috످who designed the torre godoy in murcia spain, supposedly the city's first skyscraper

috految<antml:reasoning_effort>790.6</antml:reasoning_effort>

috److془Torre Godoy in Murcia, Spain. Let me recall. "Torre Godoy es un edificio de Murcia situado en ... Avenida Juan Carlos I / Plaza Santa María de Gracia..." I recall "Torre Godoy, Calle Abenarabi, Avenida Juan Carlos I nº 43..." Architect: not sure.

I don't know. Say so. Point to COAMU or Archivo Municipal de Murcia.془I don't know who designed Torre Godoy, and I can't confirm whether it was Murcia's first skyscraper. You could check with the regional architects' association (coamu.es) or the Archivo Municipal de Murcia.

috످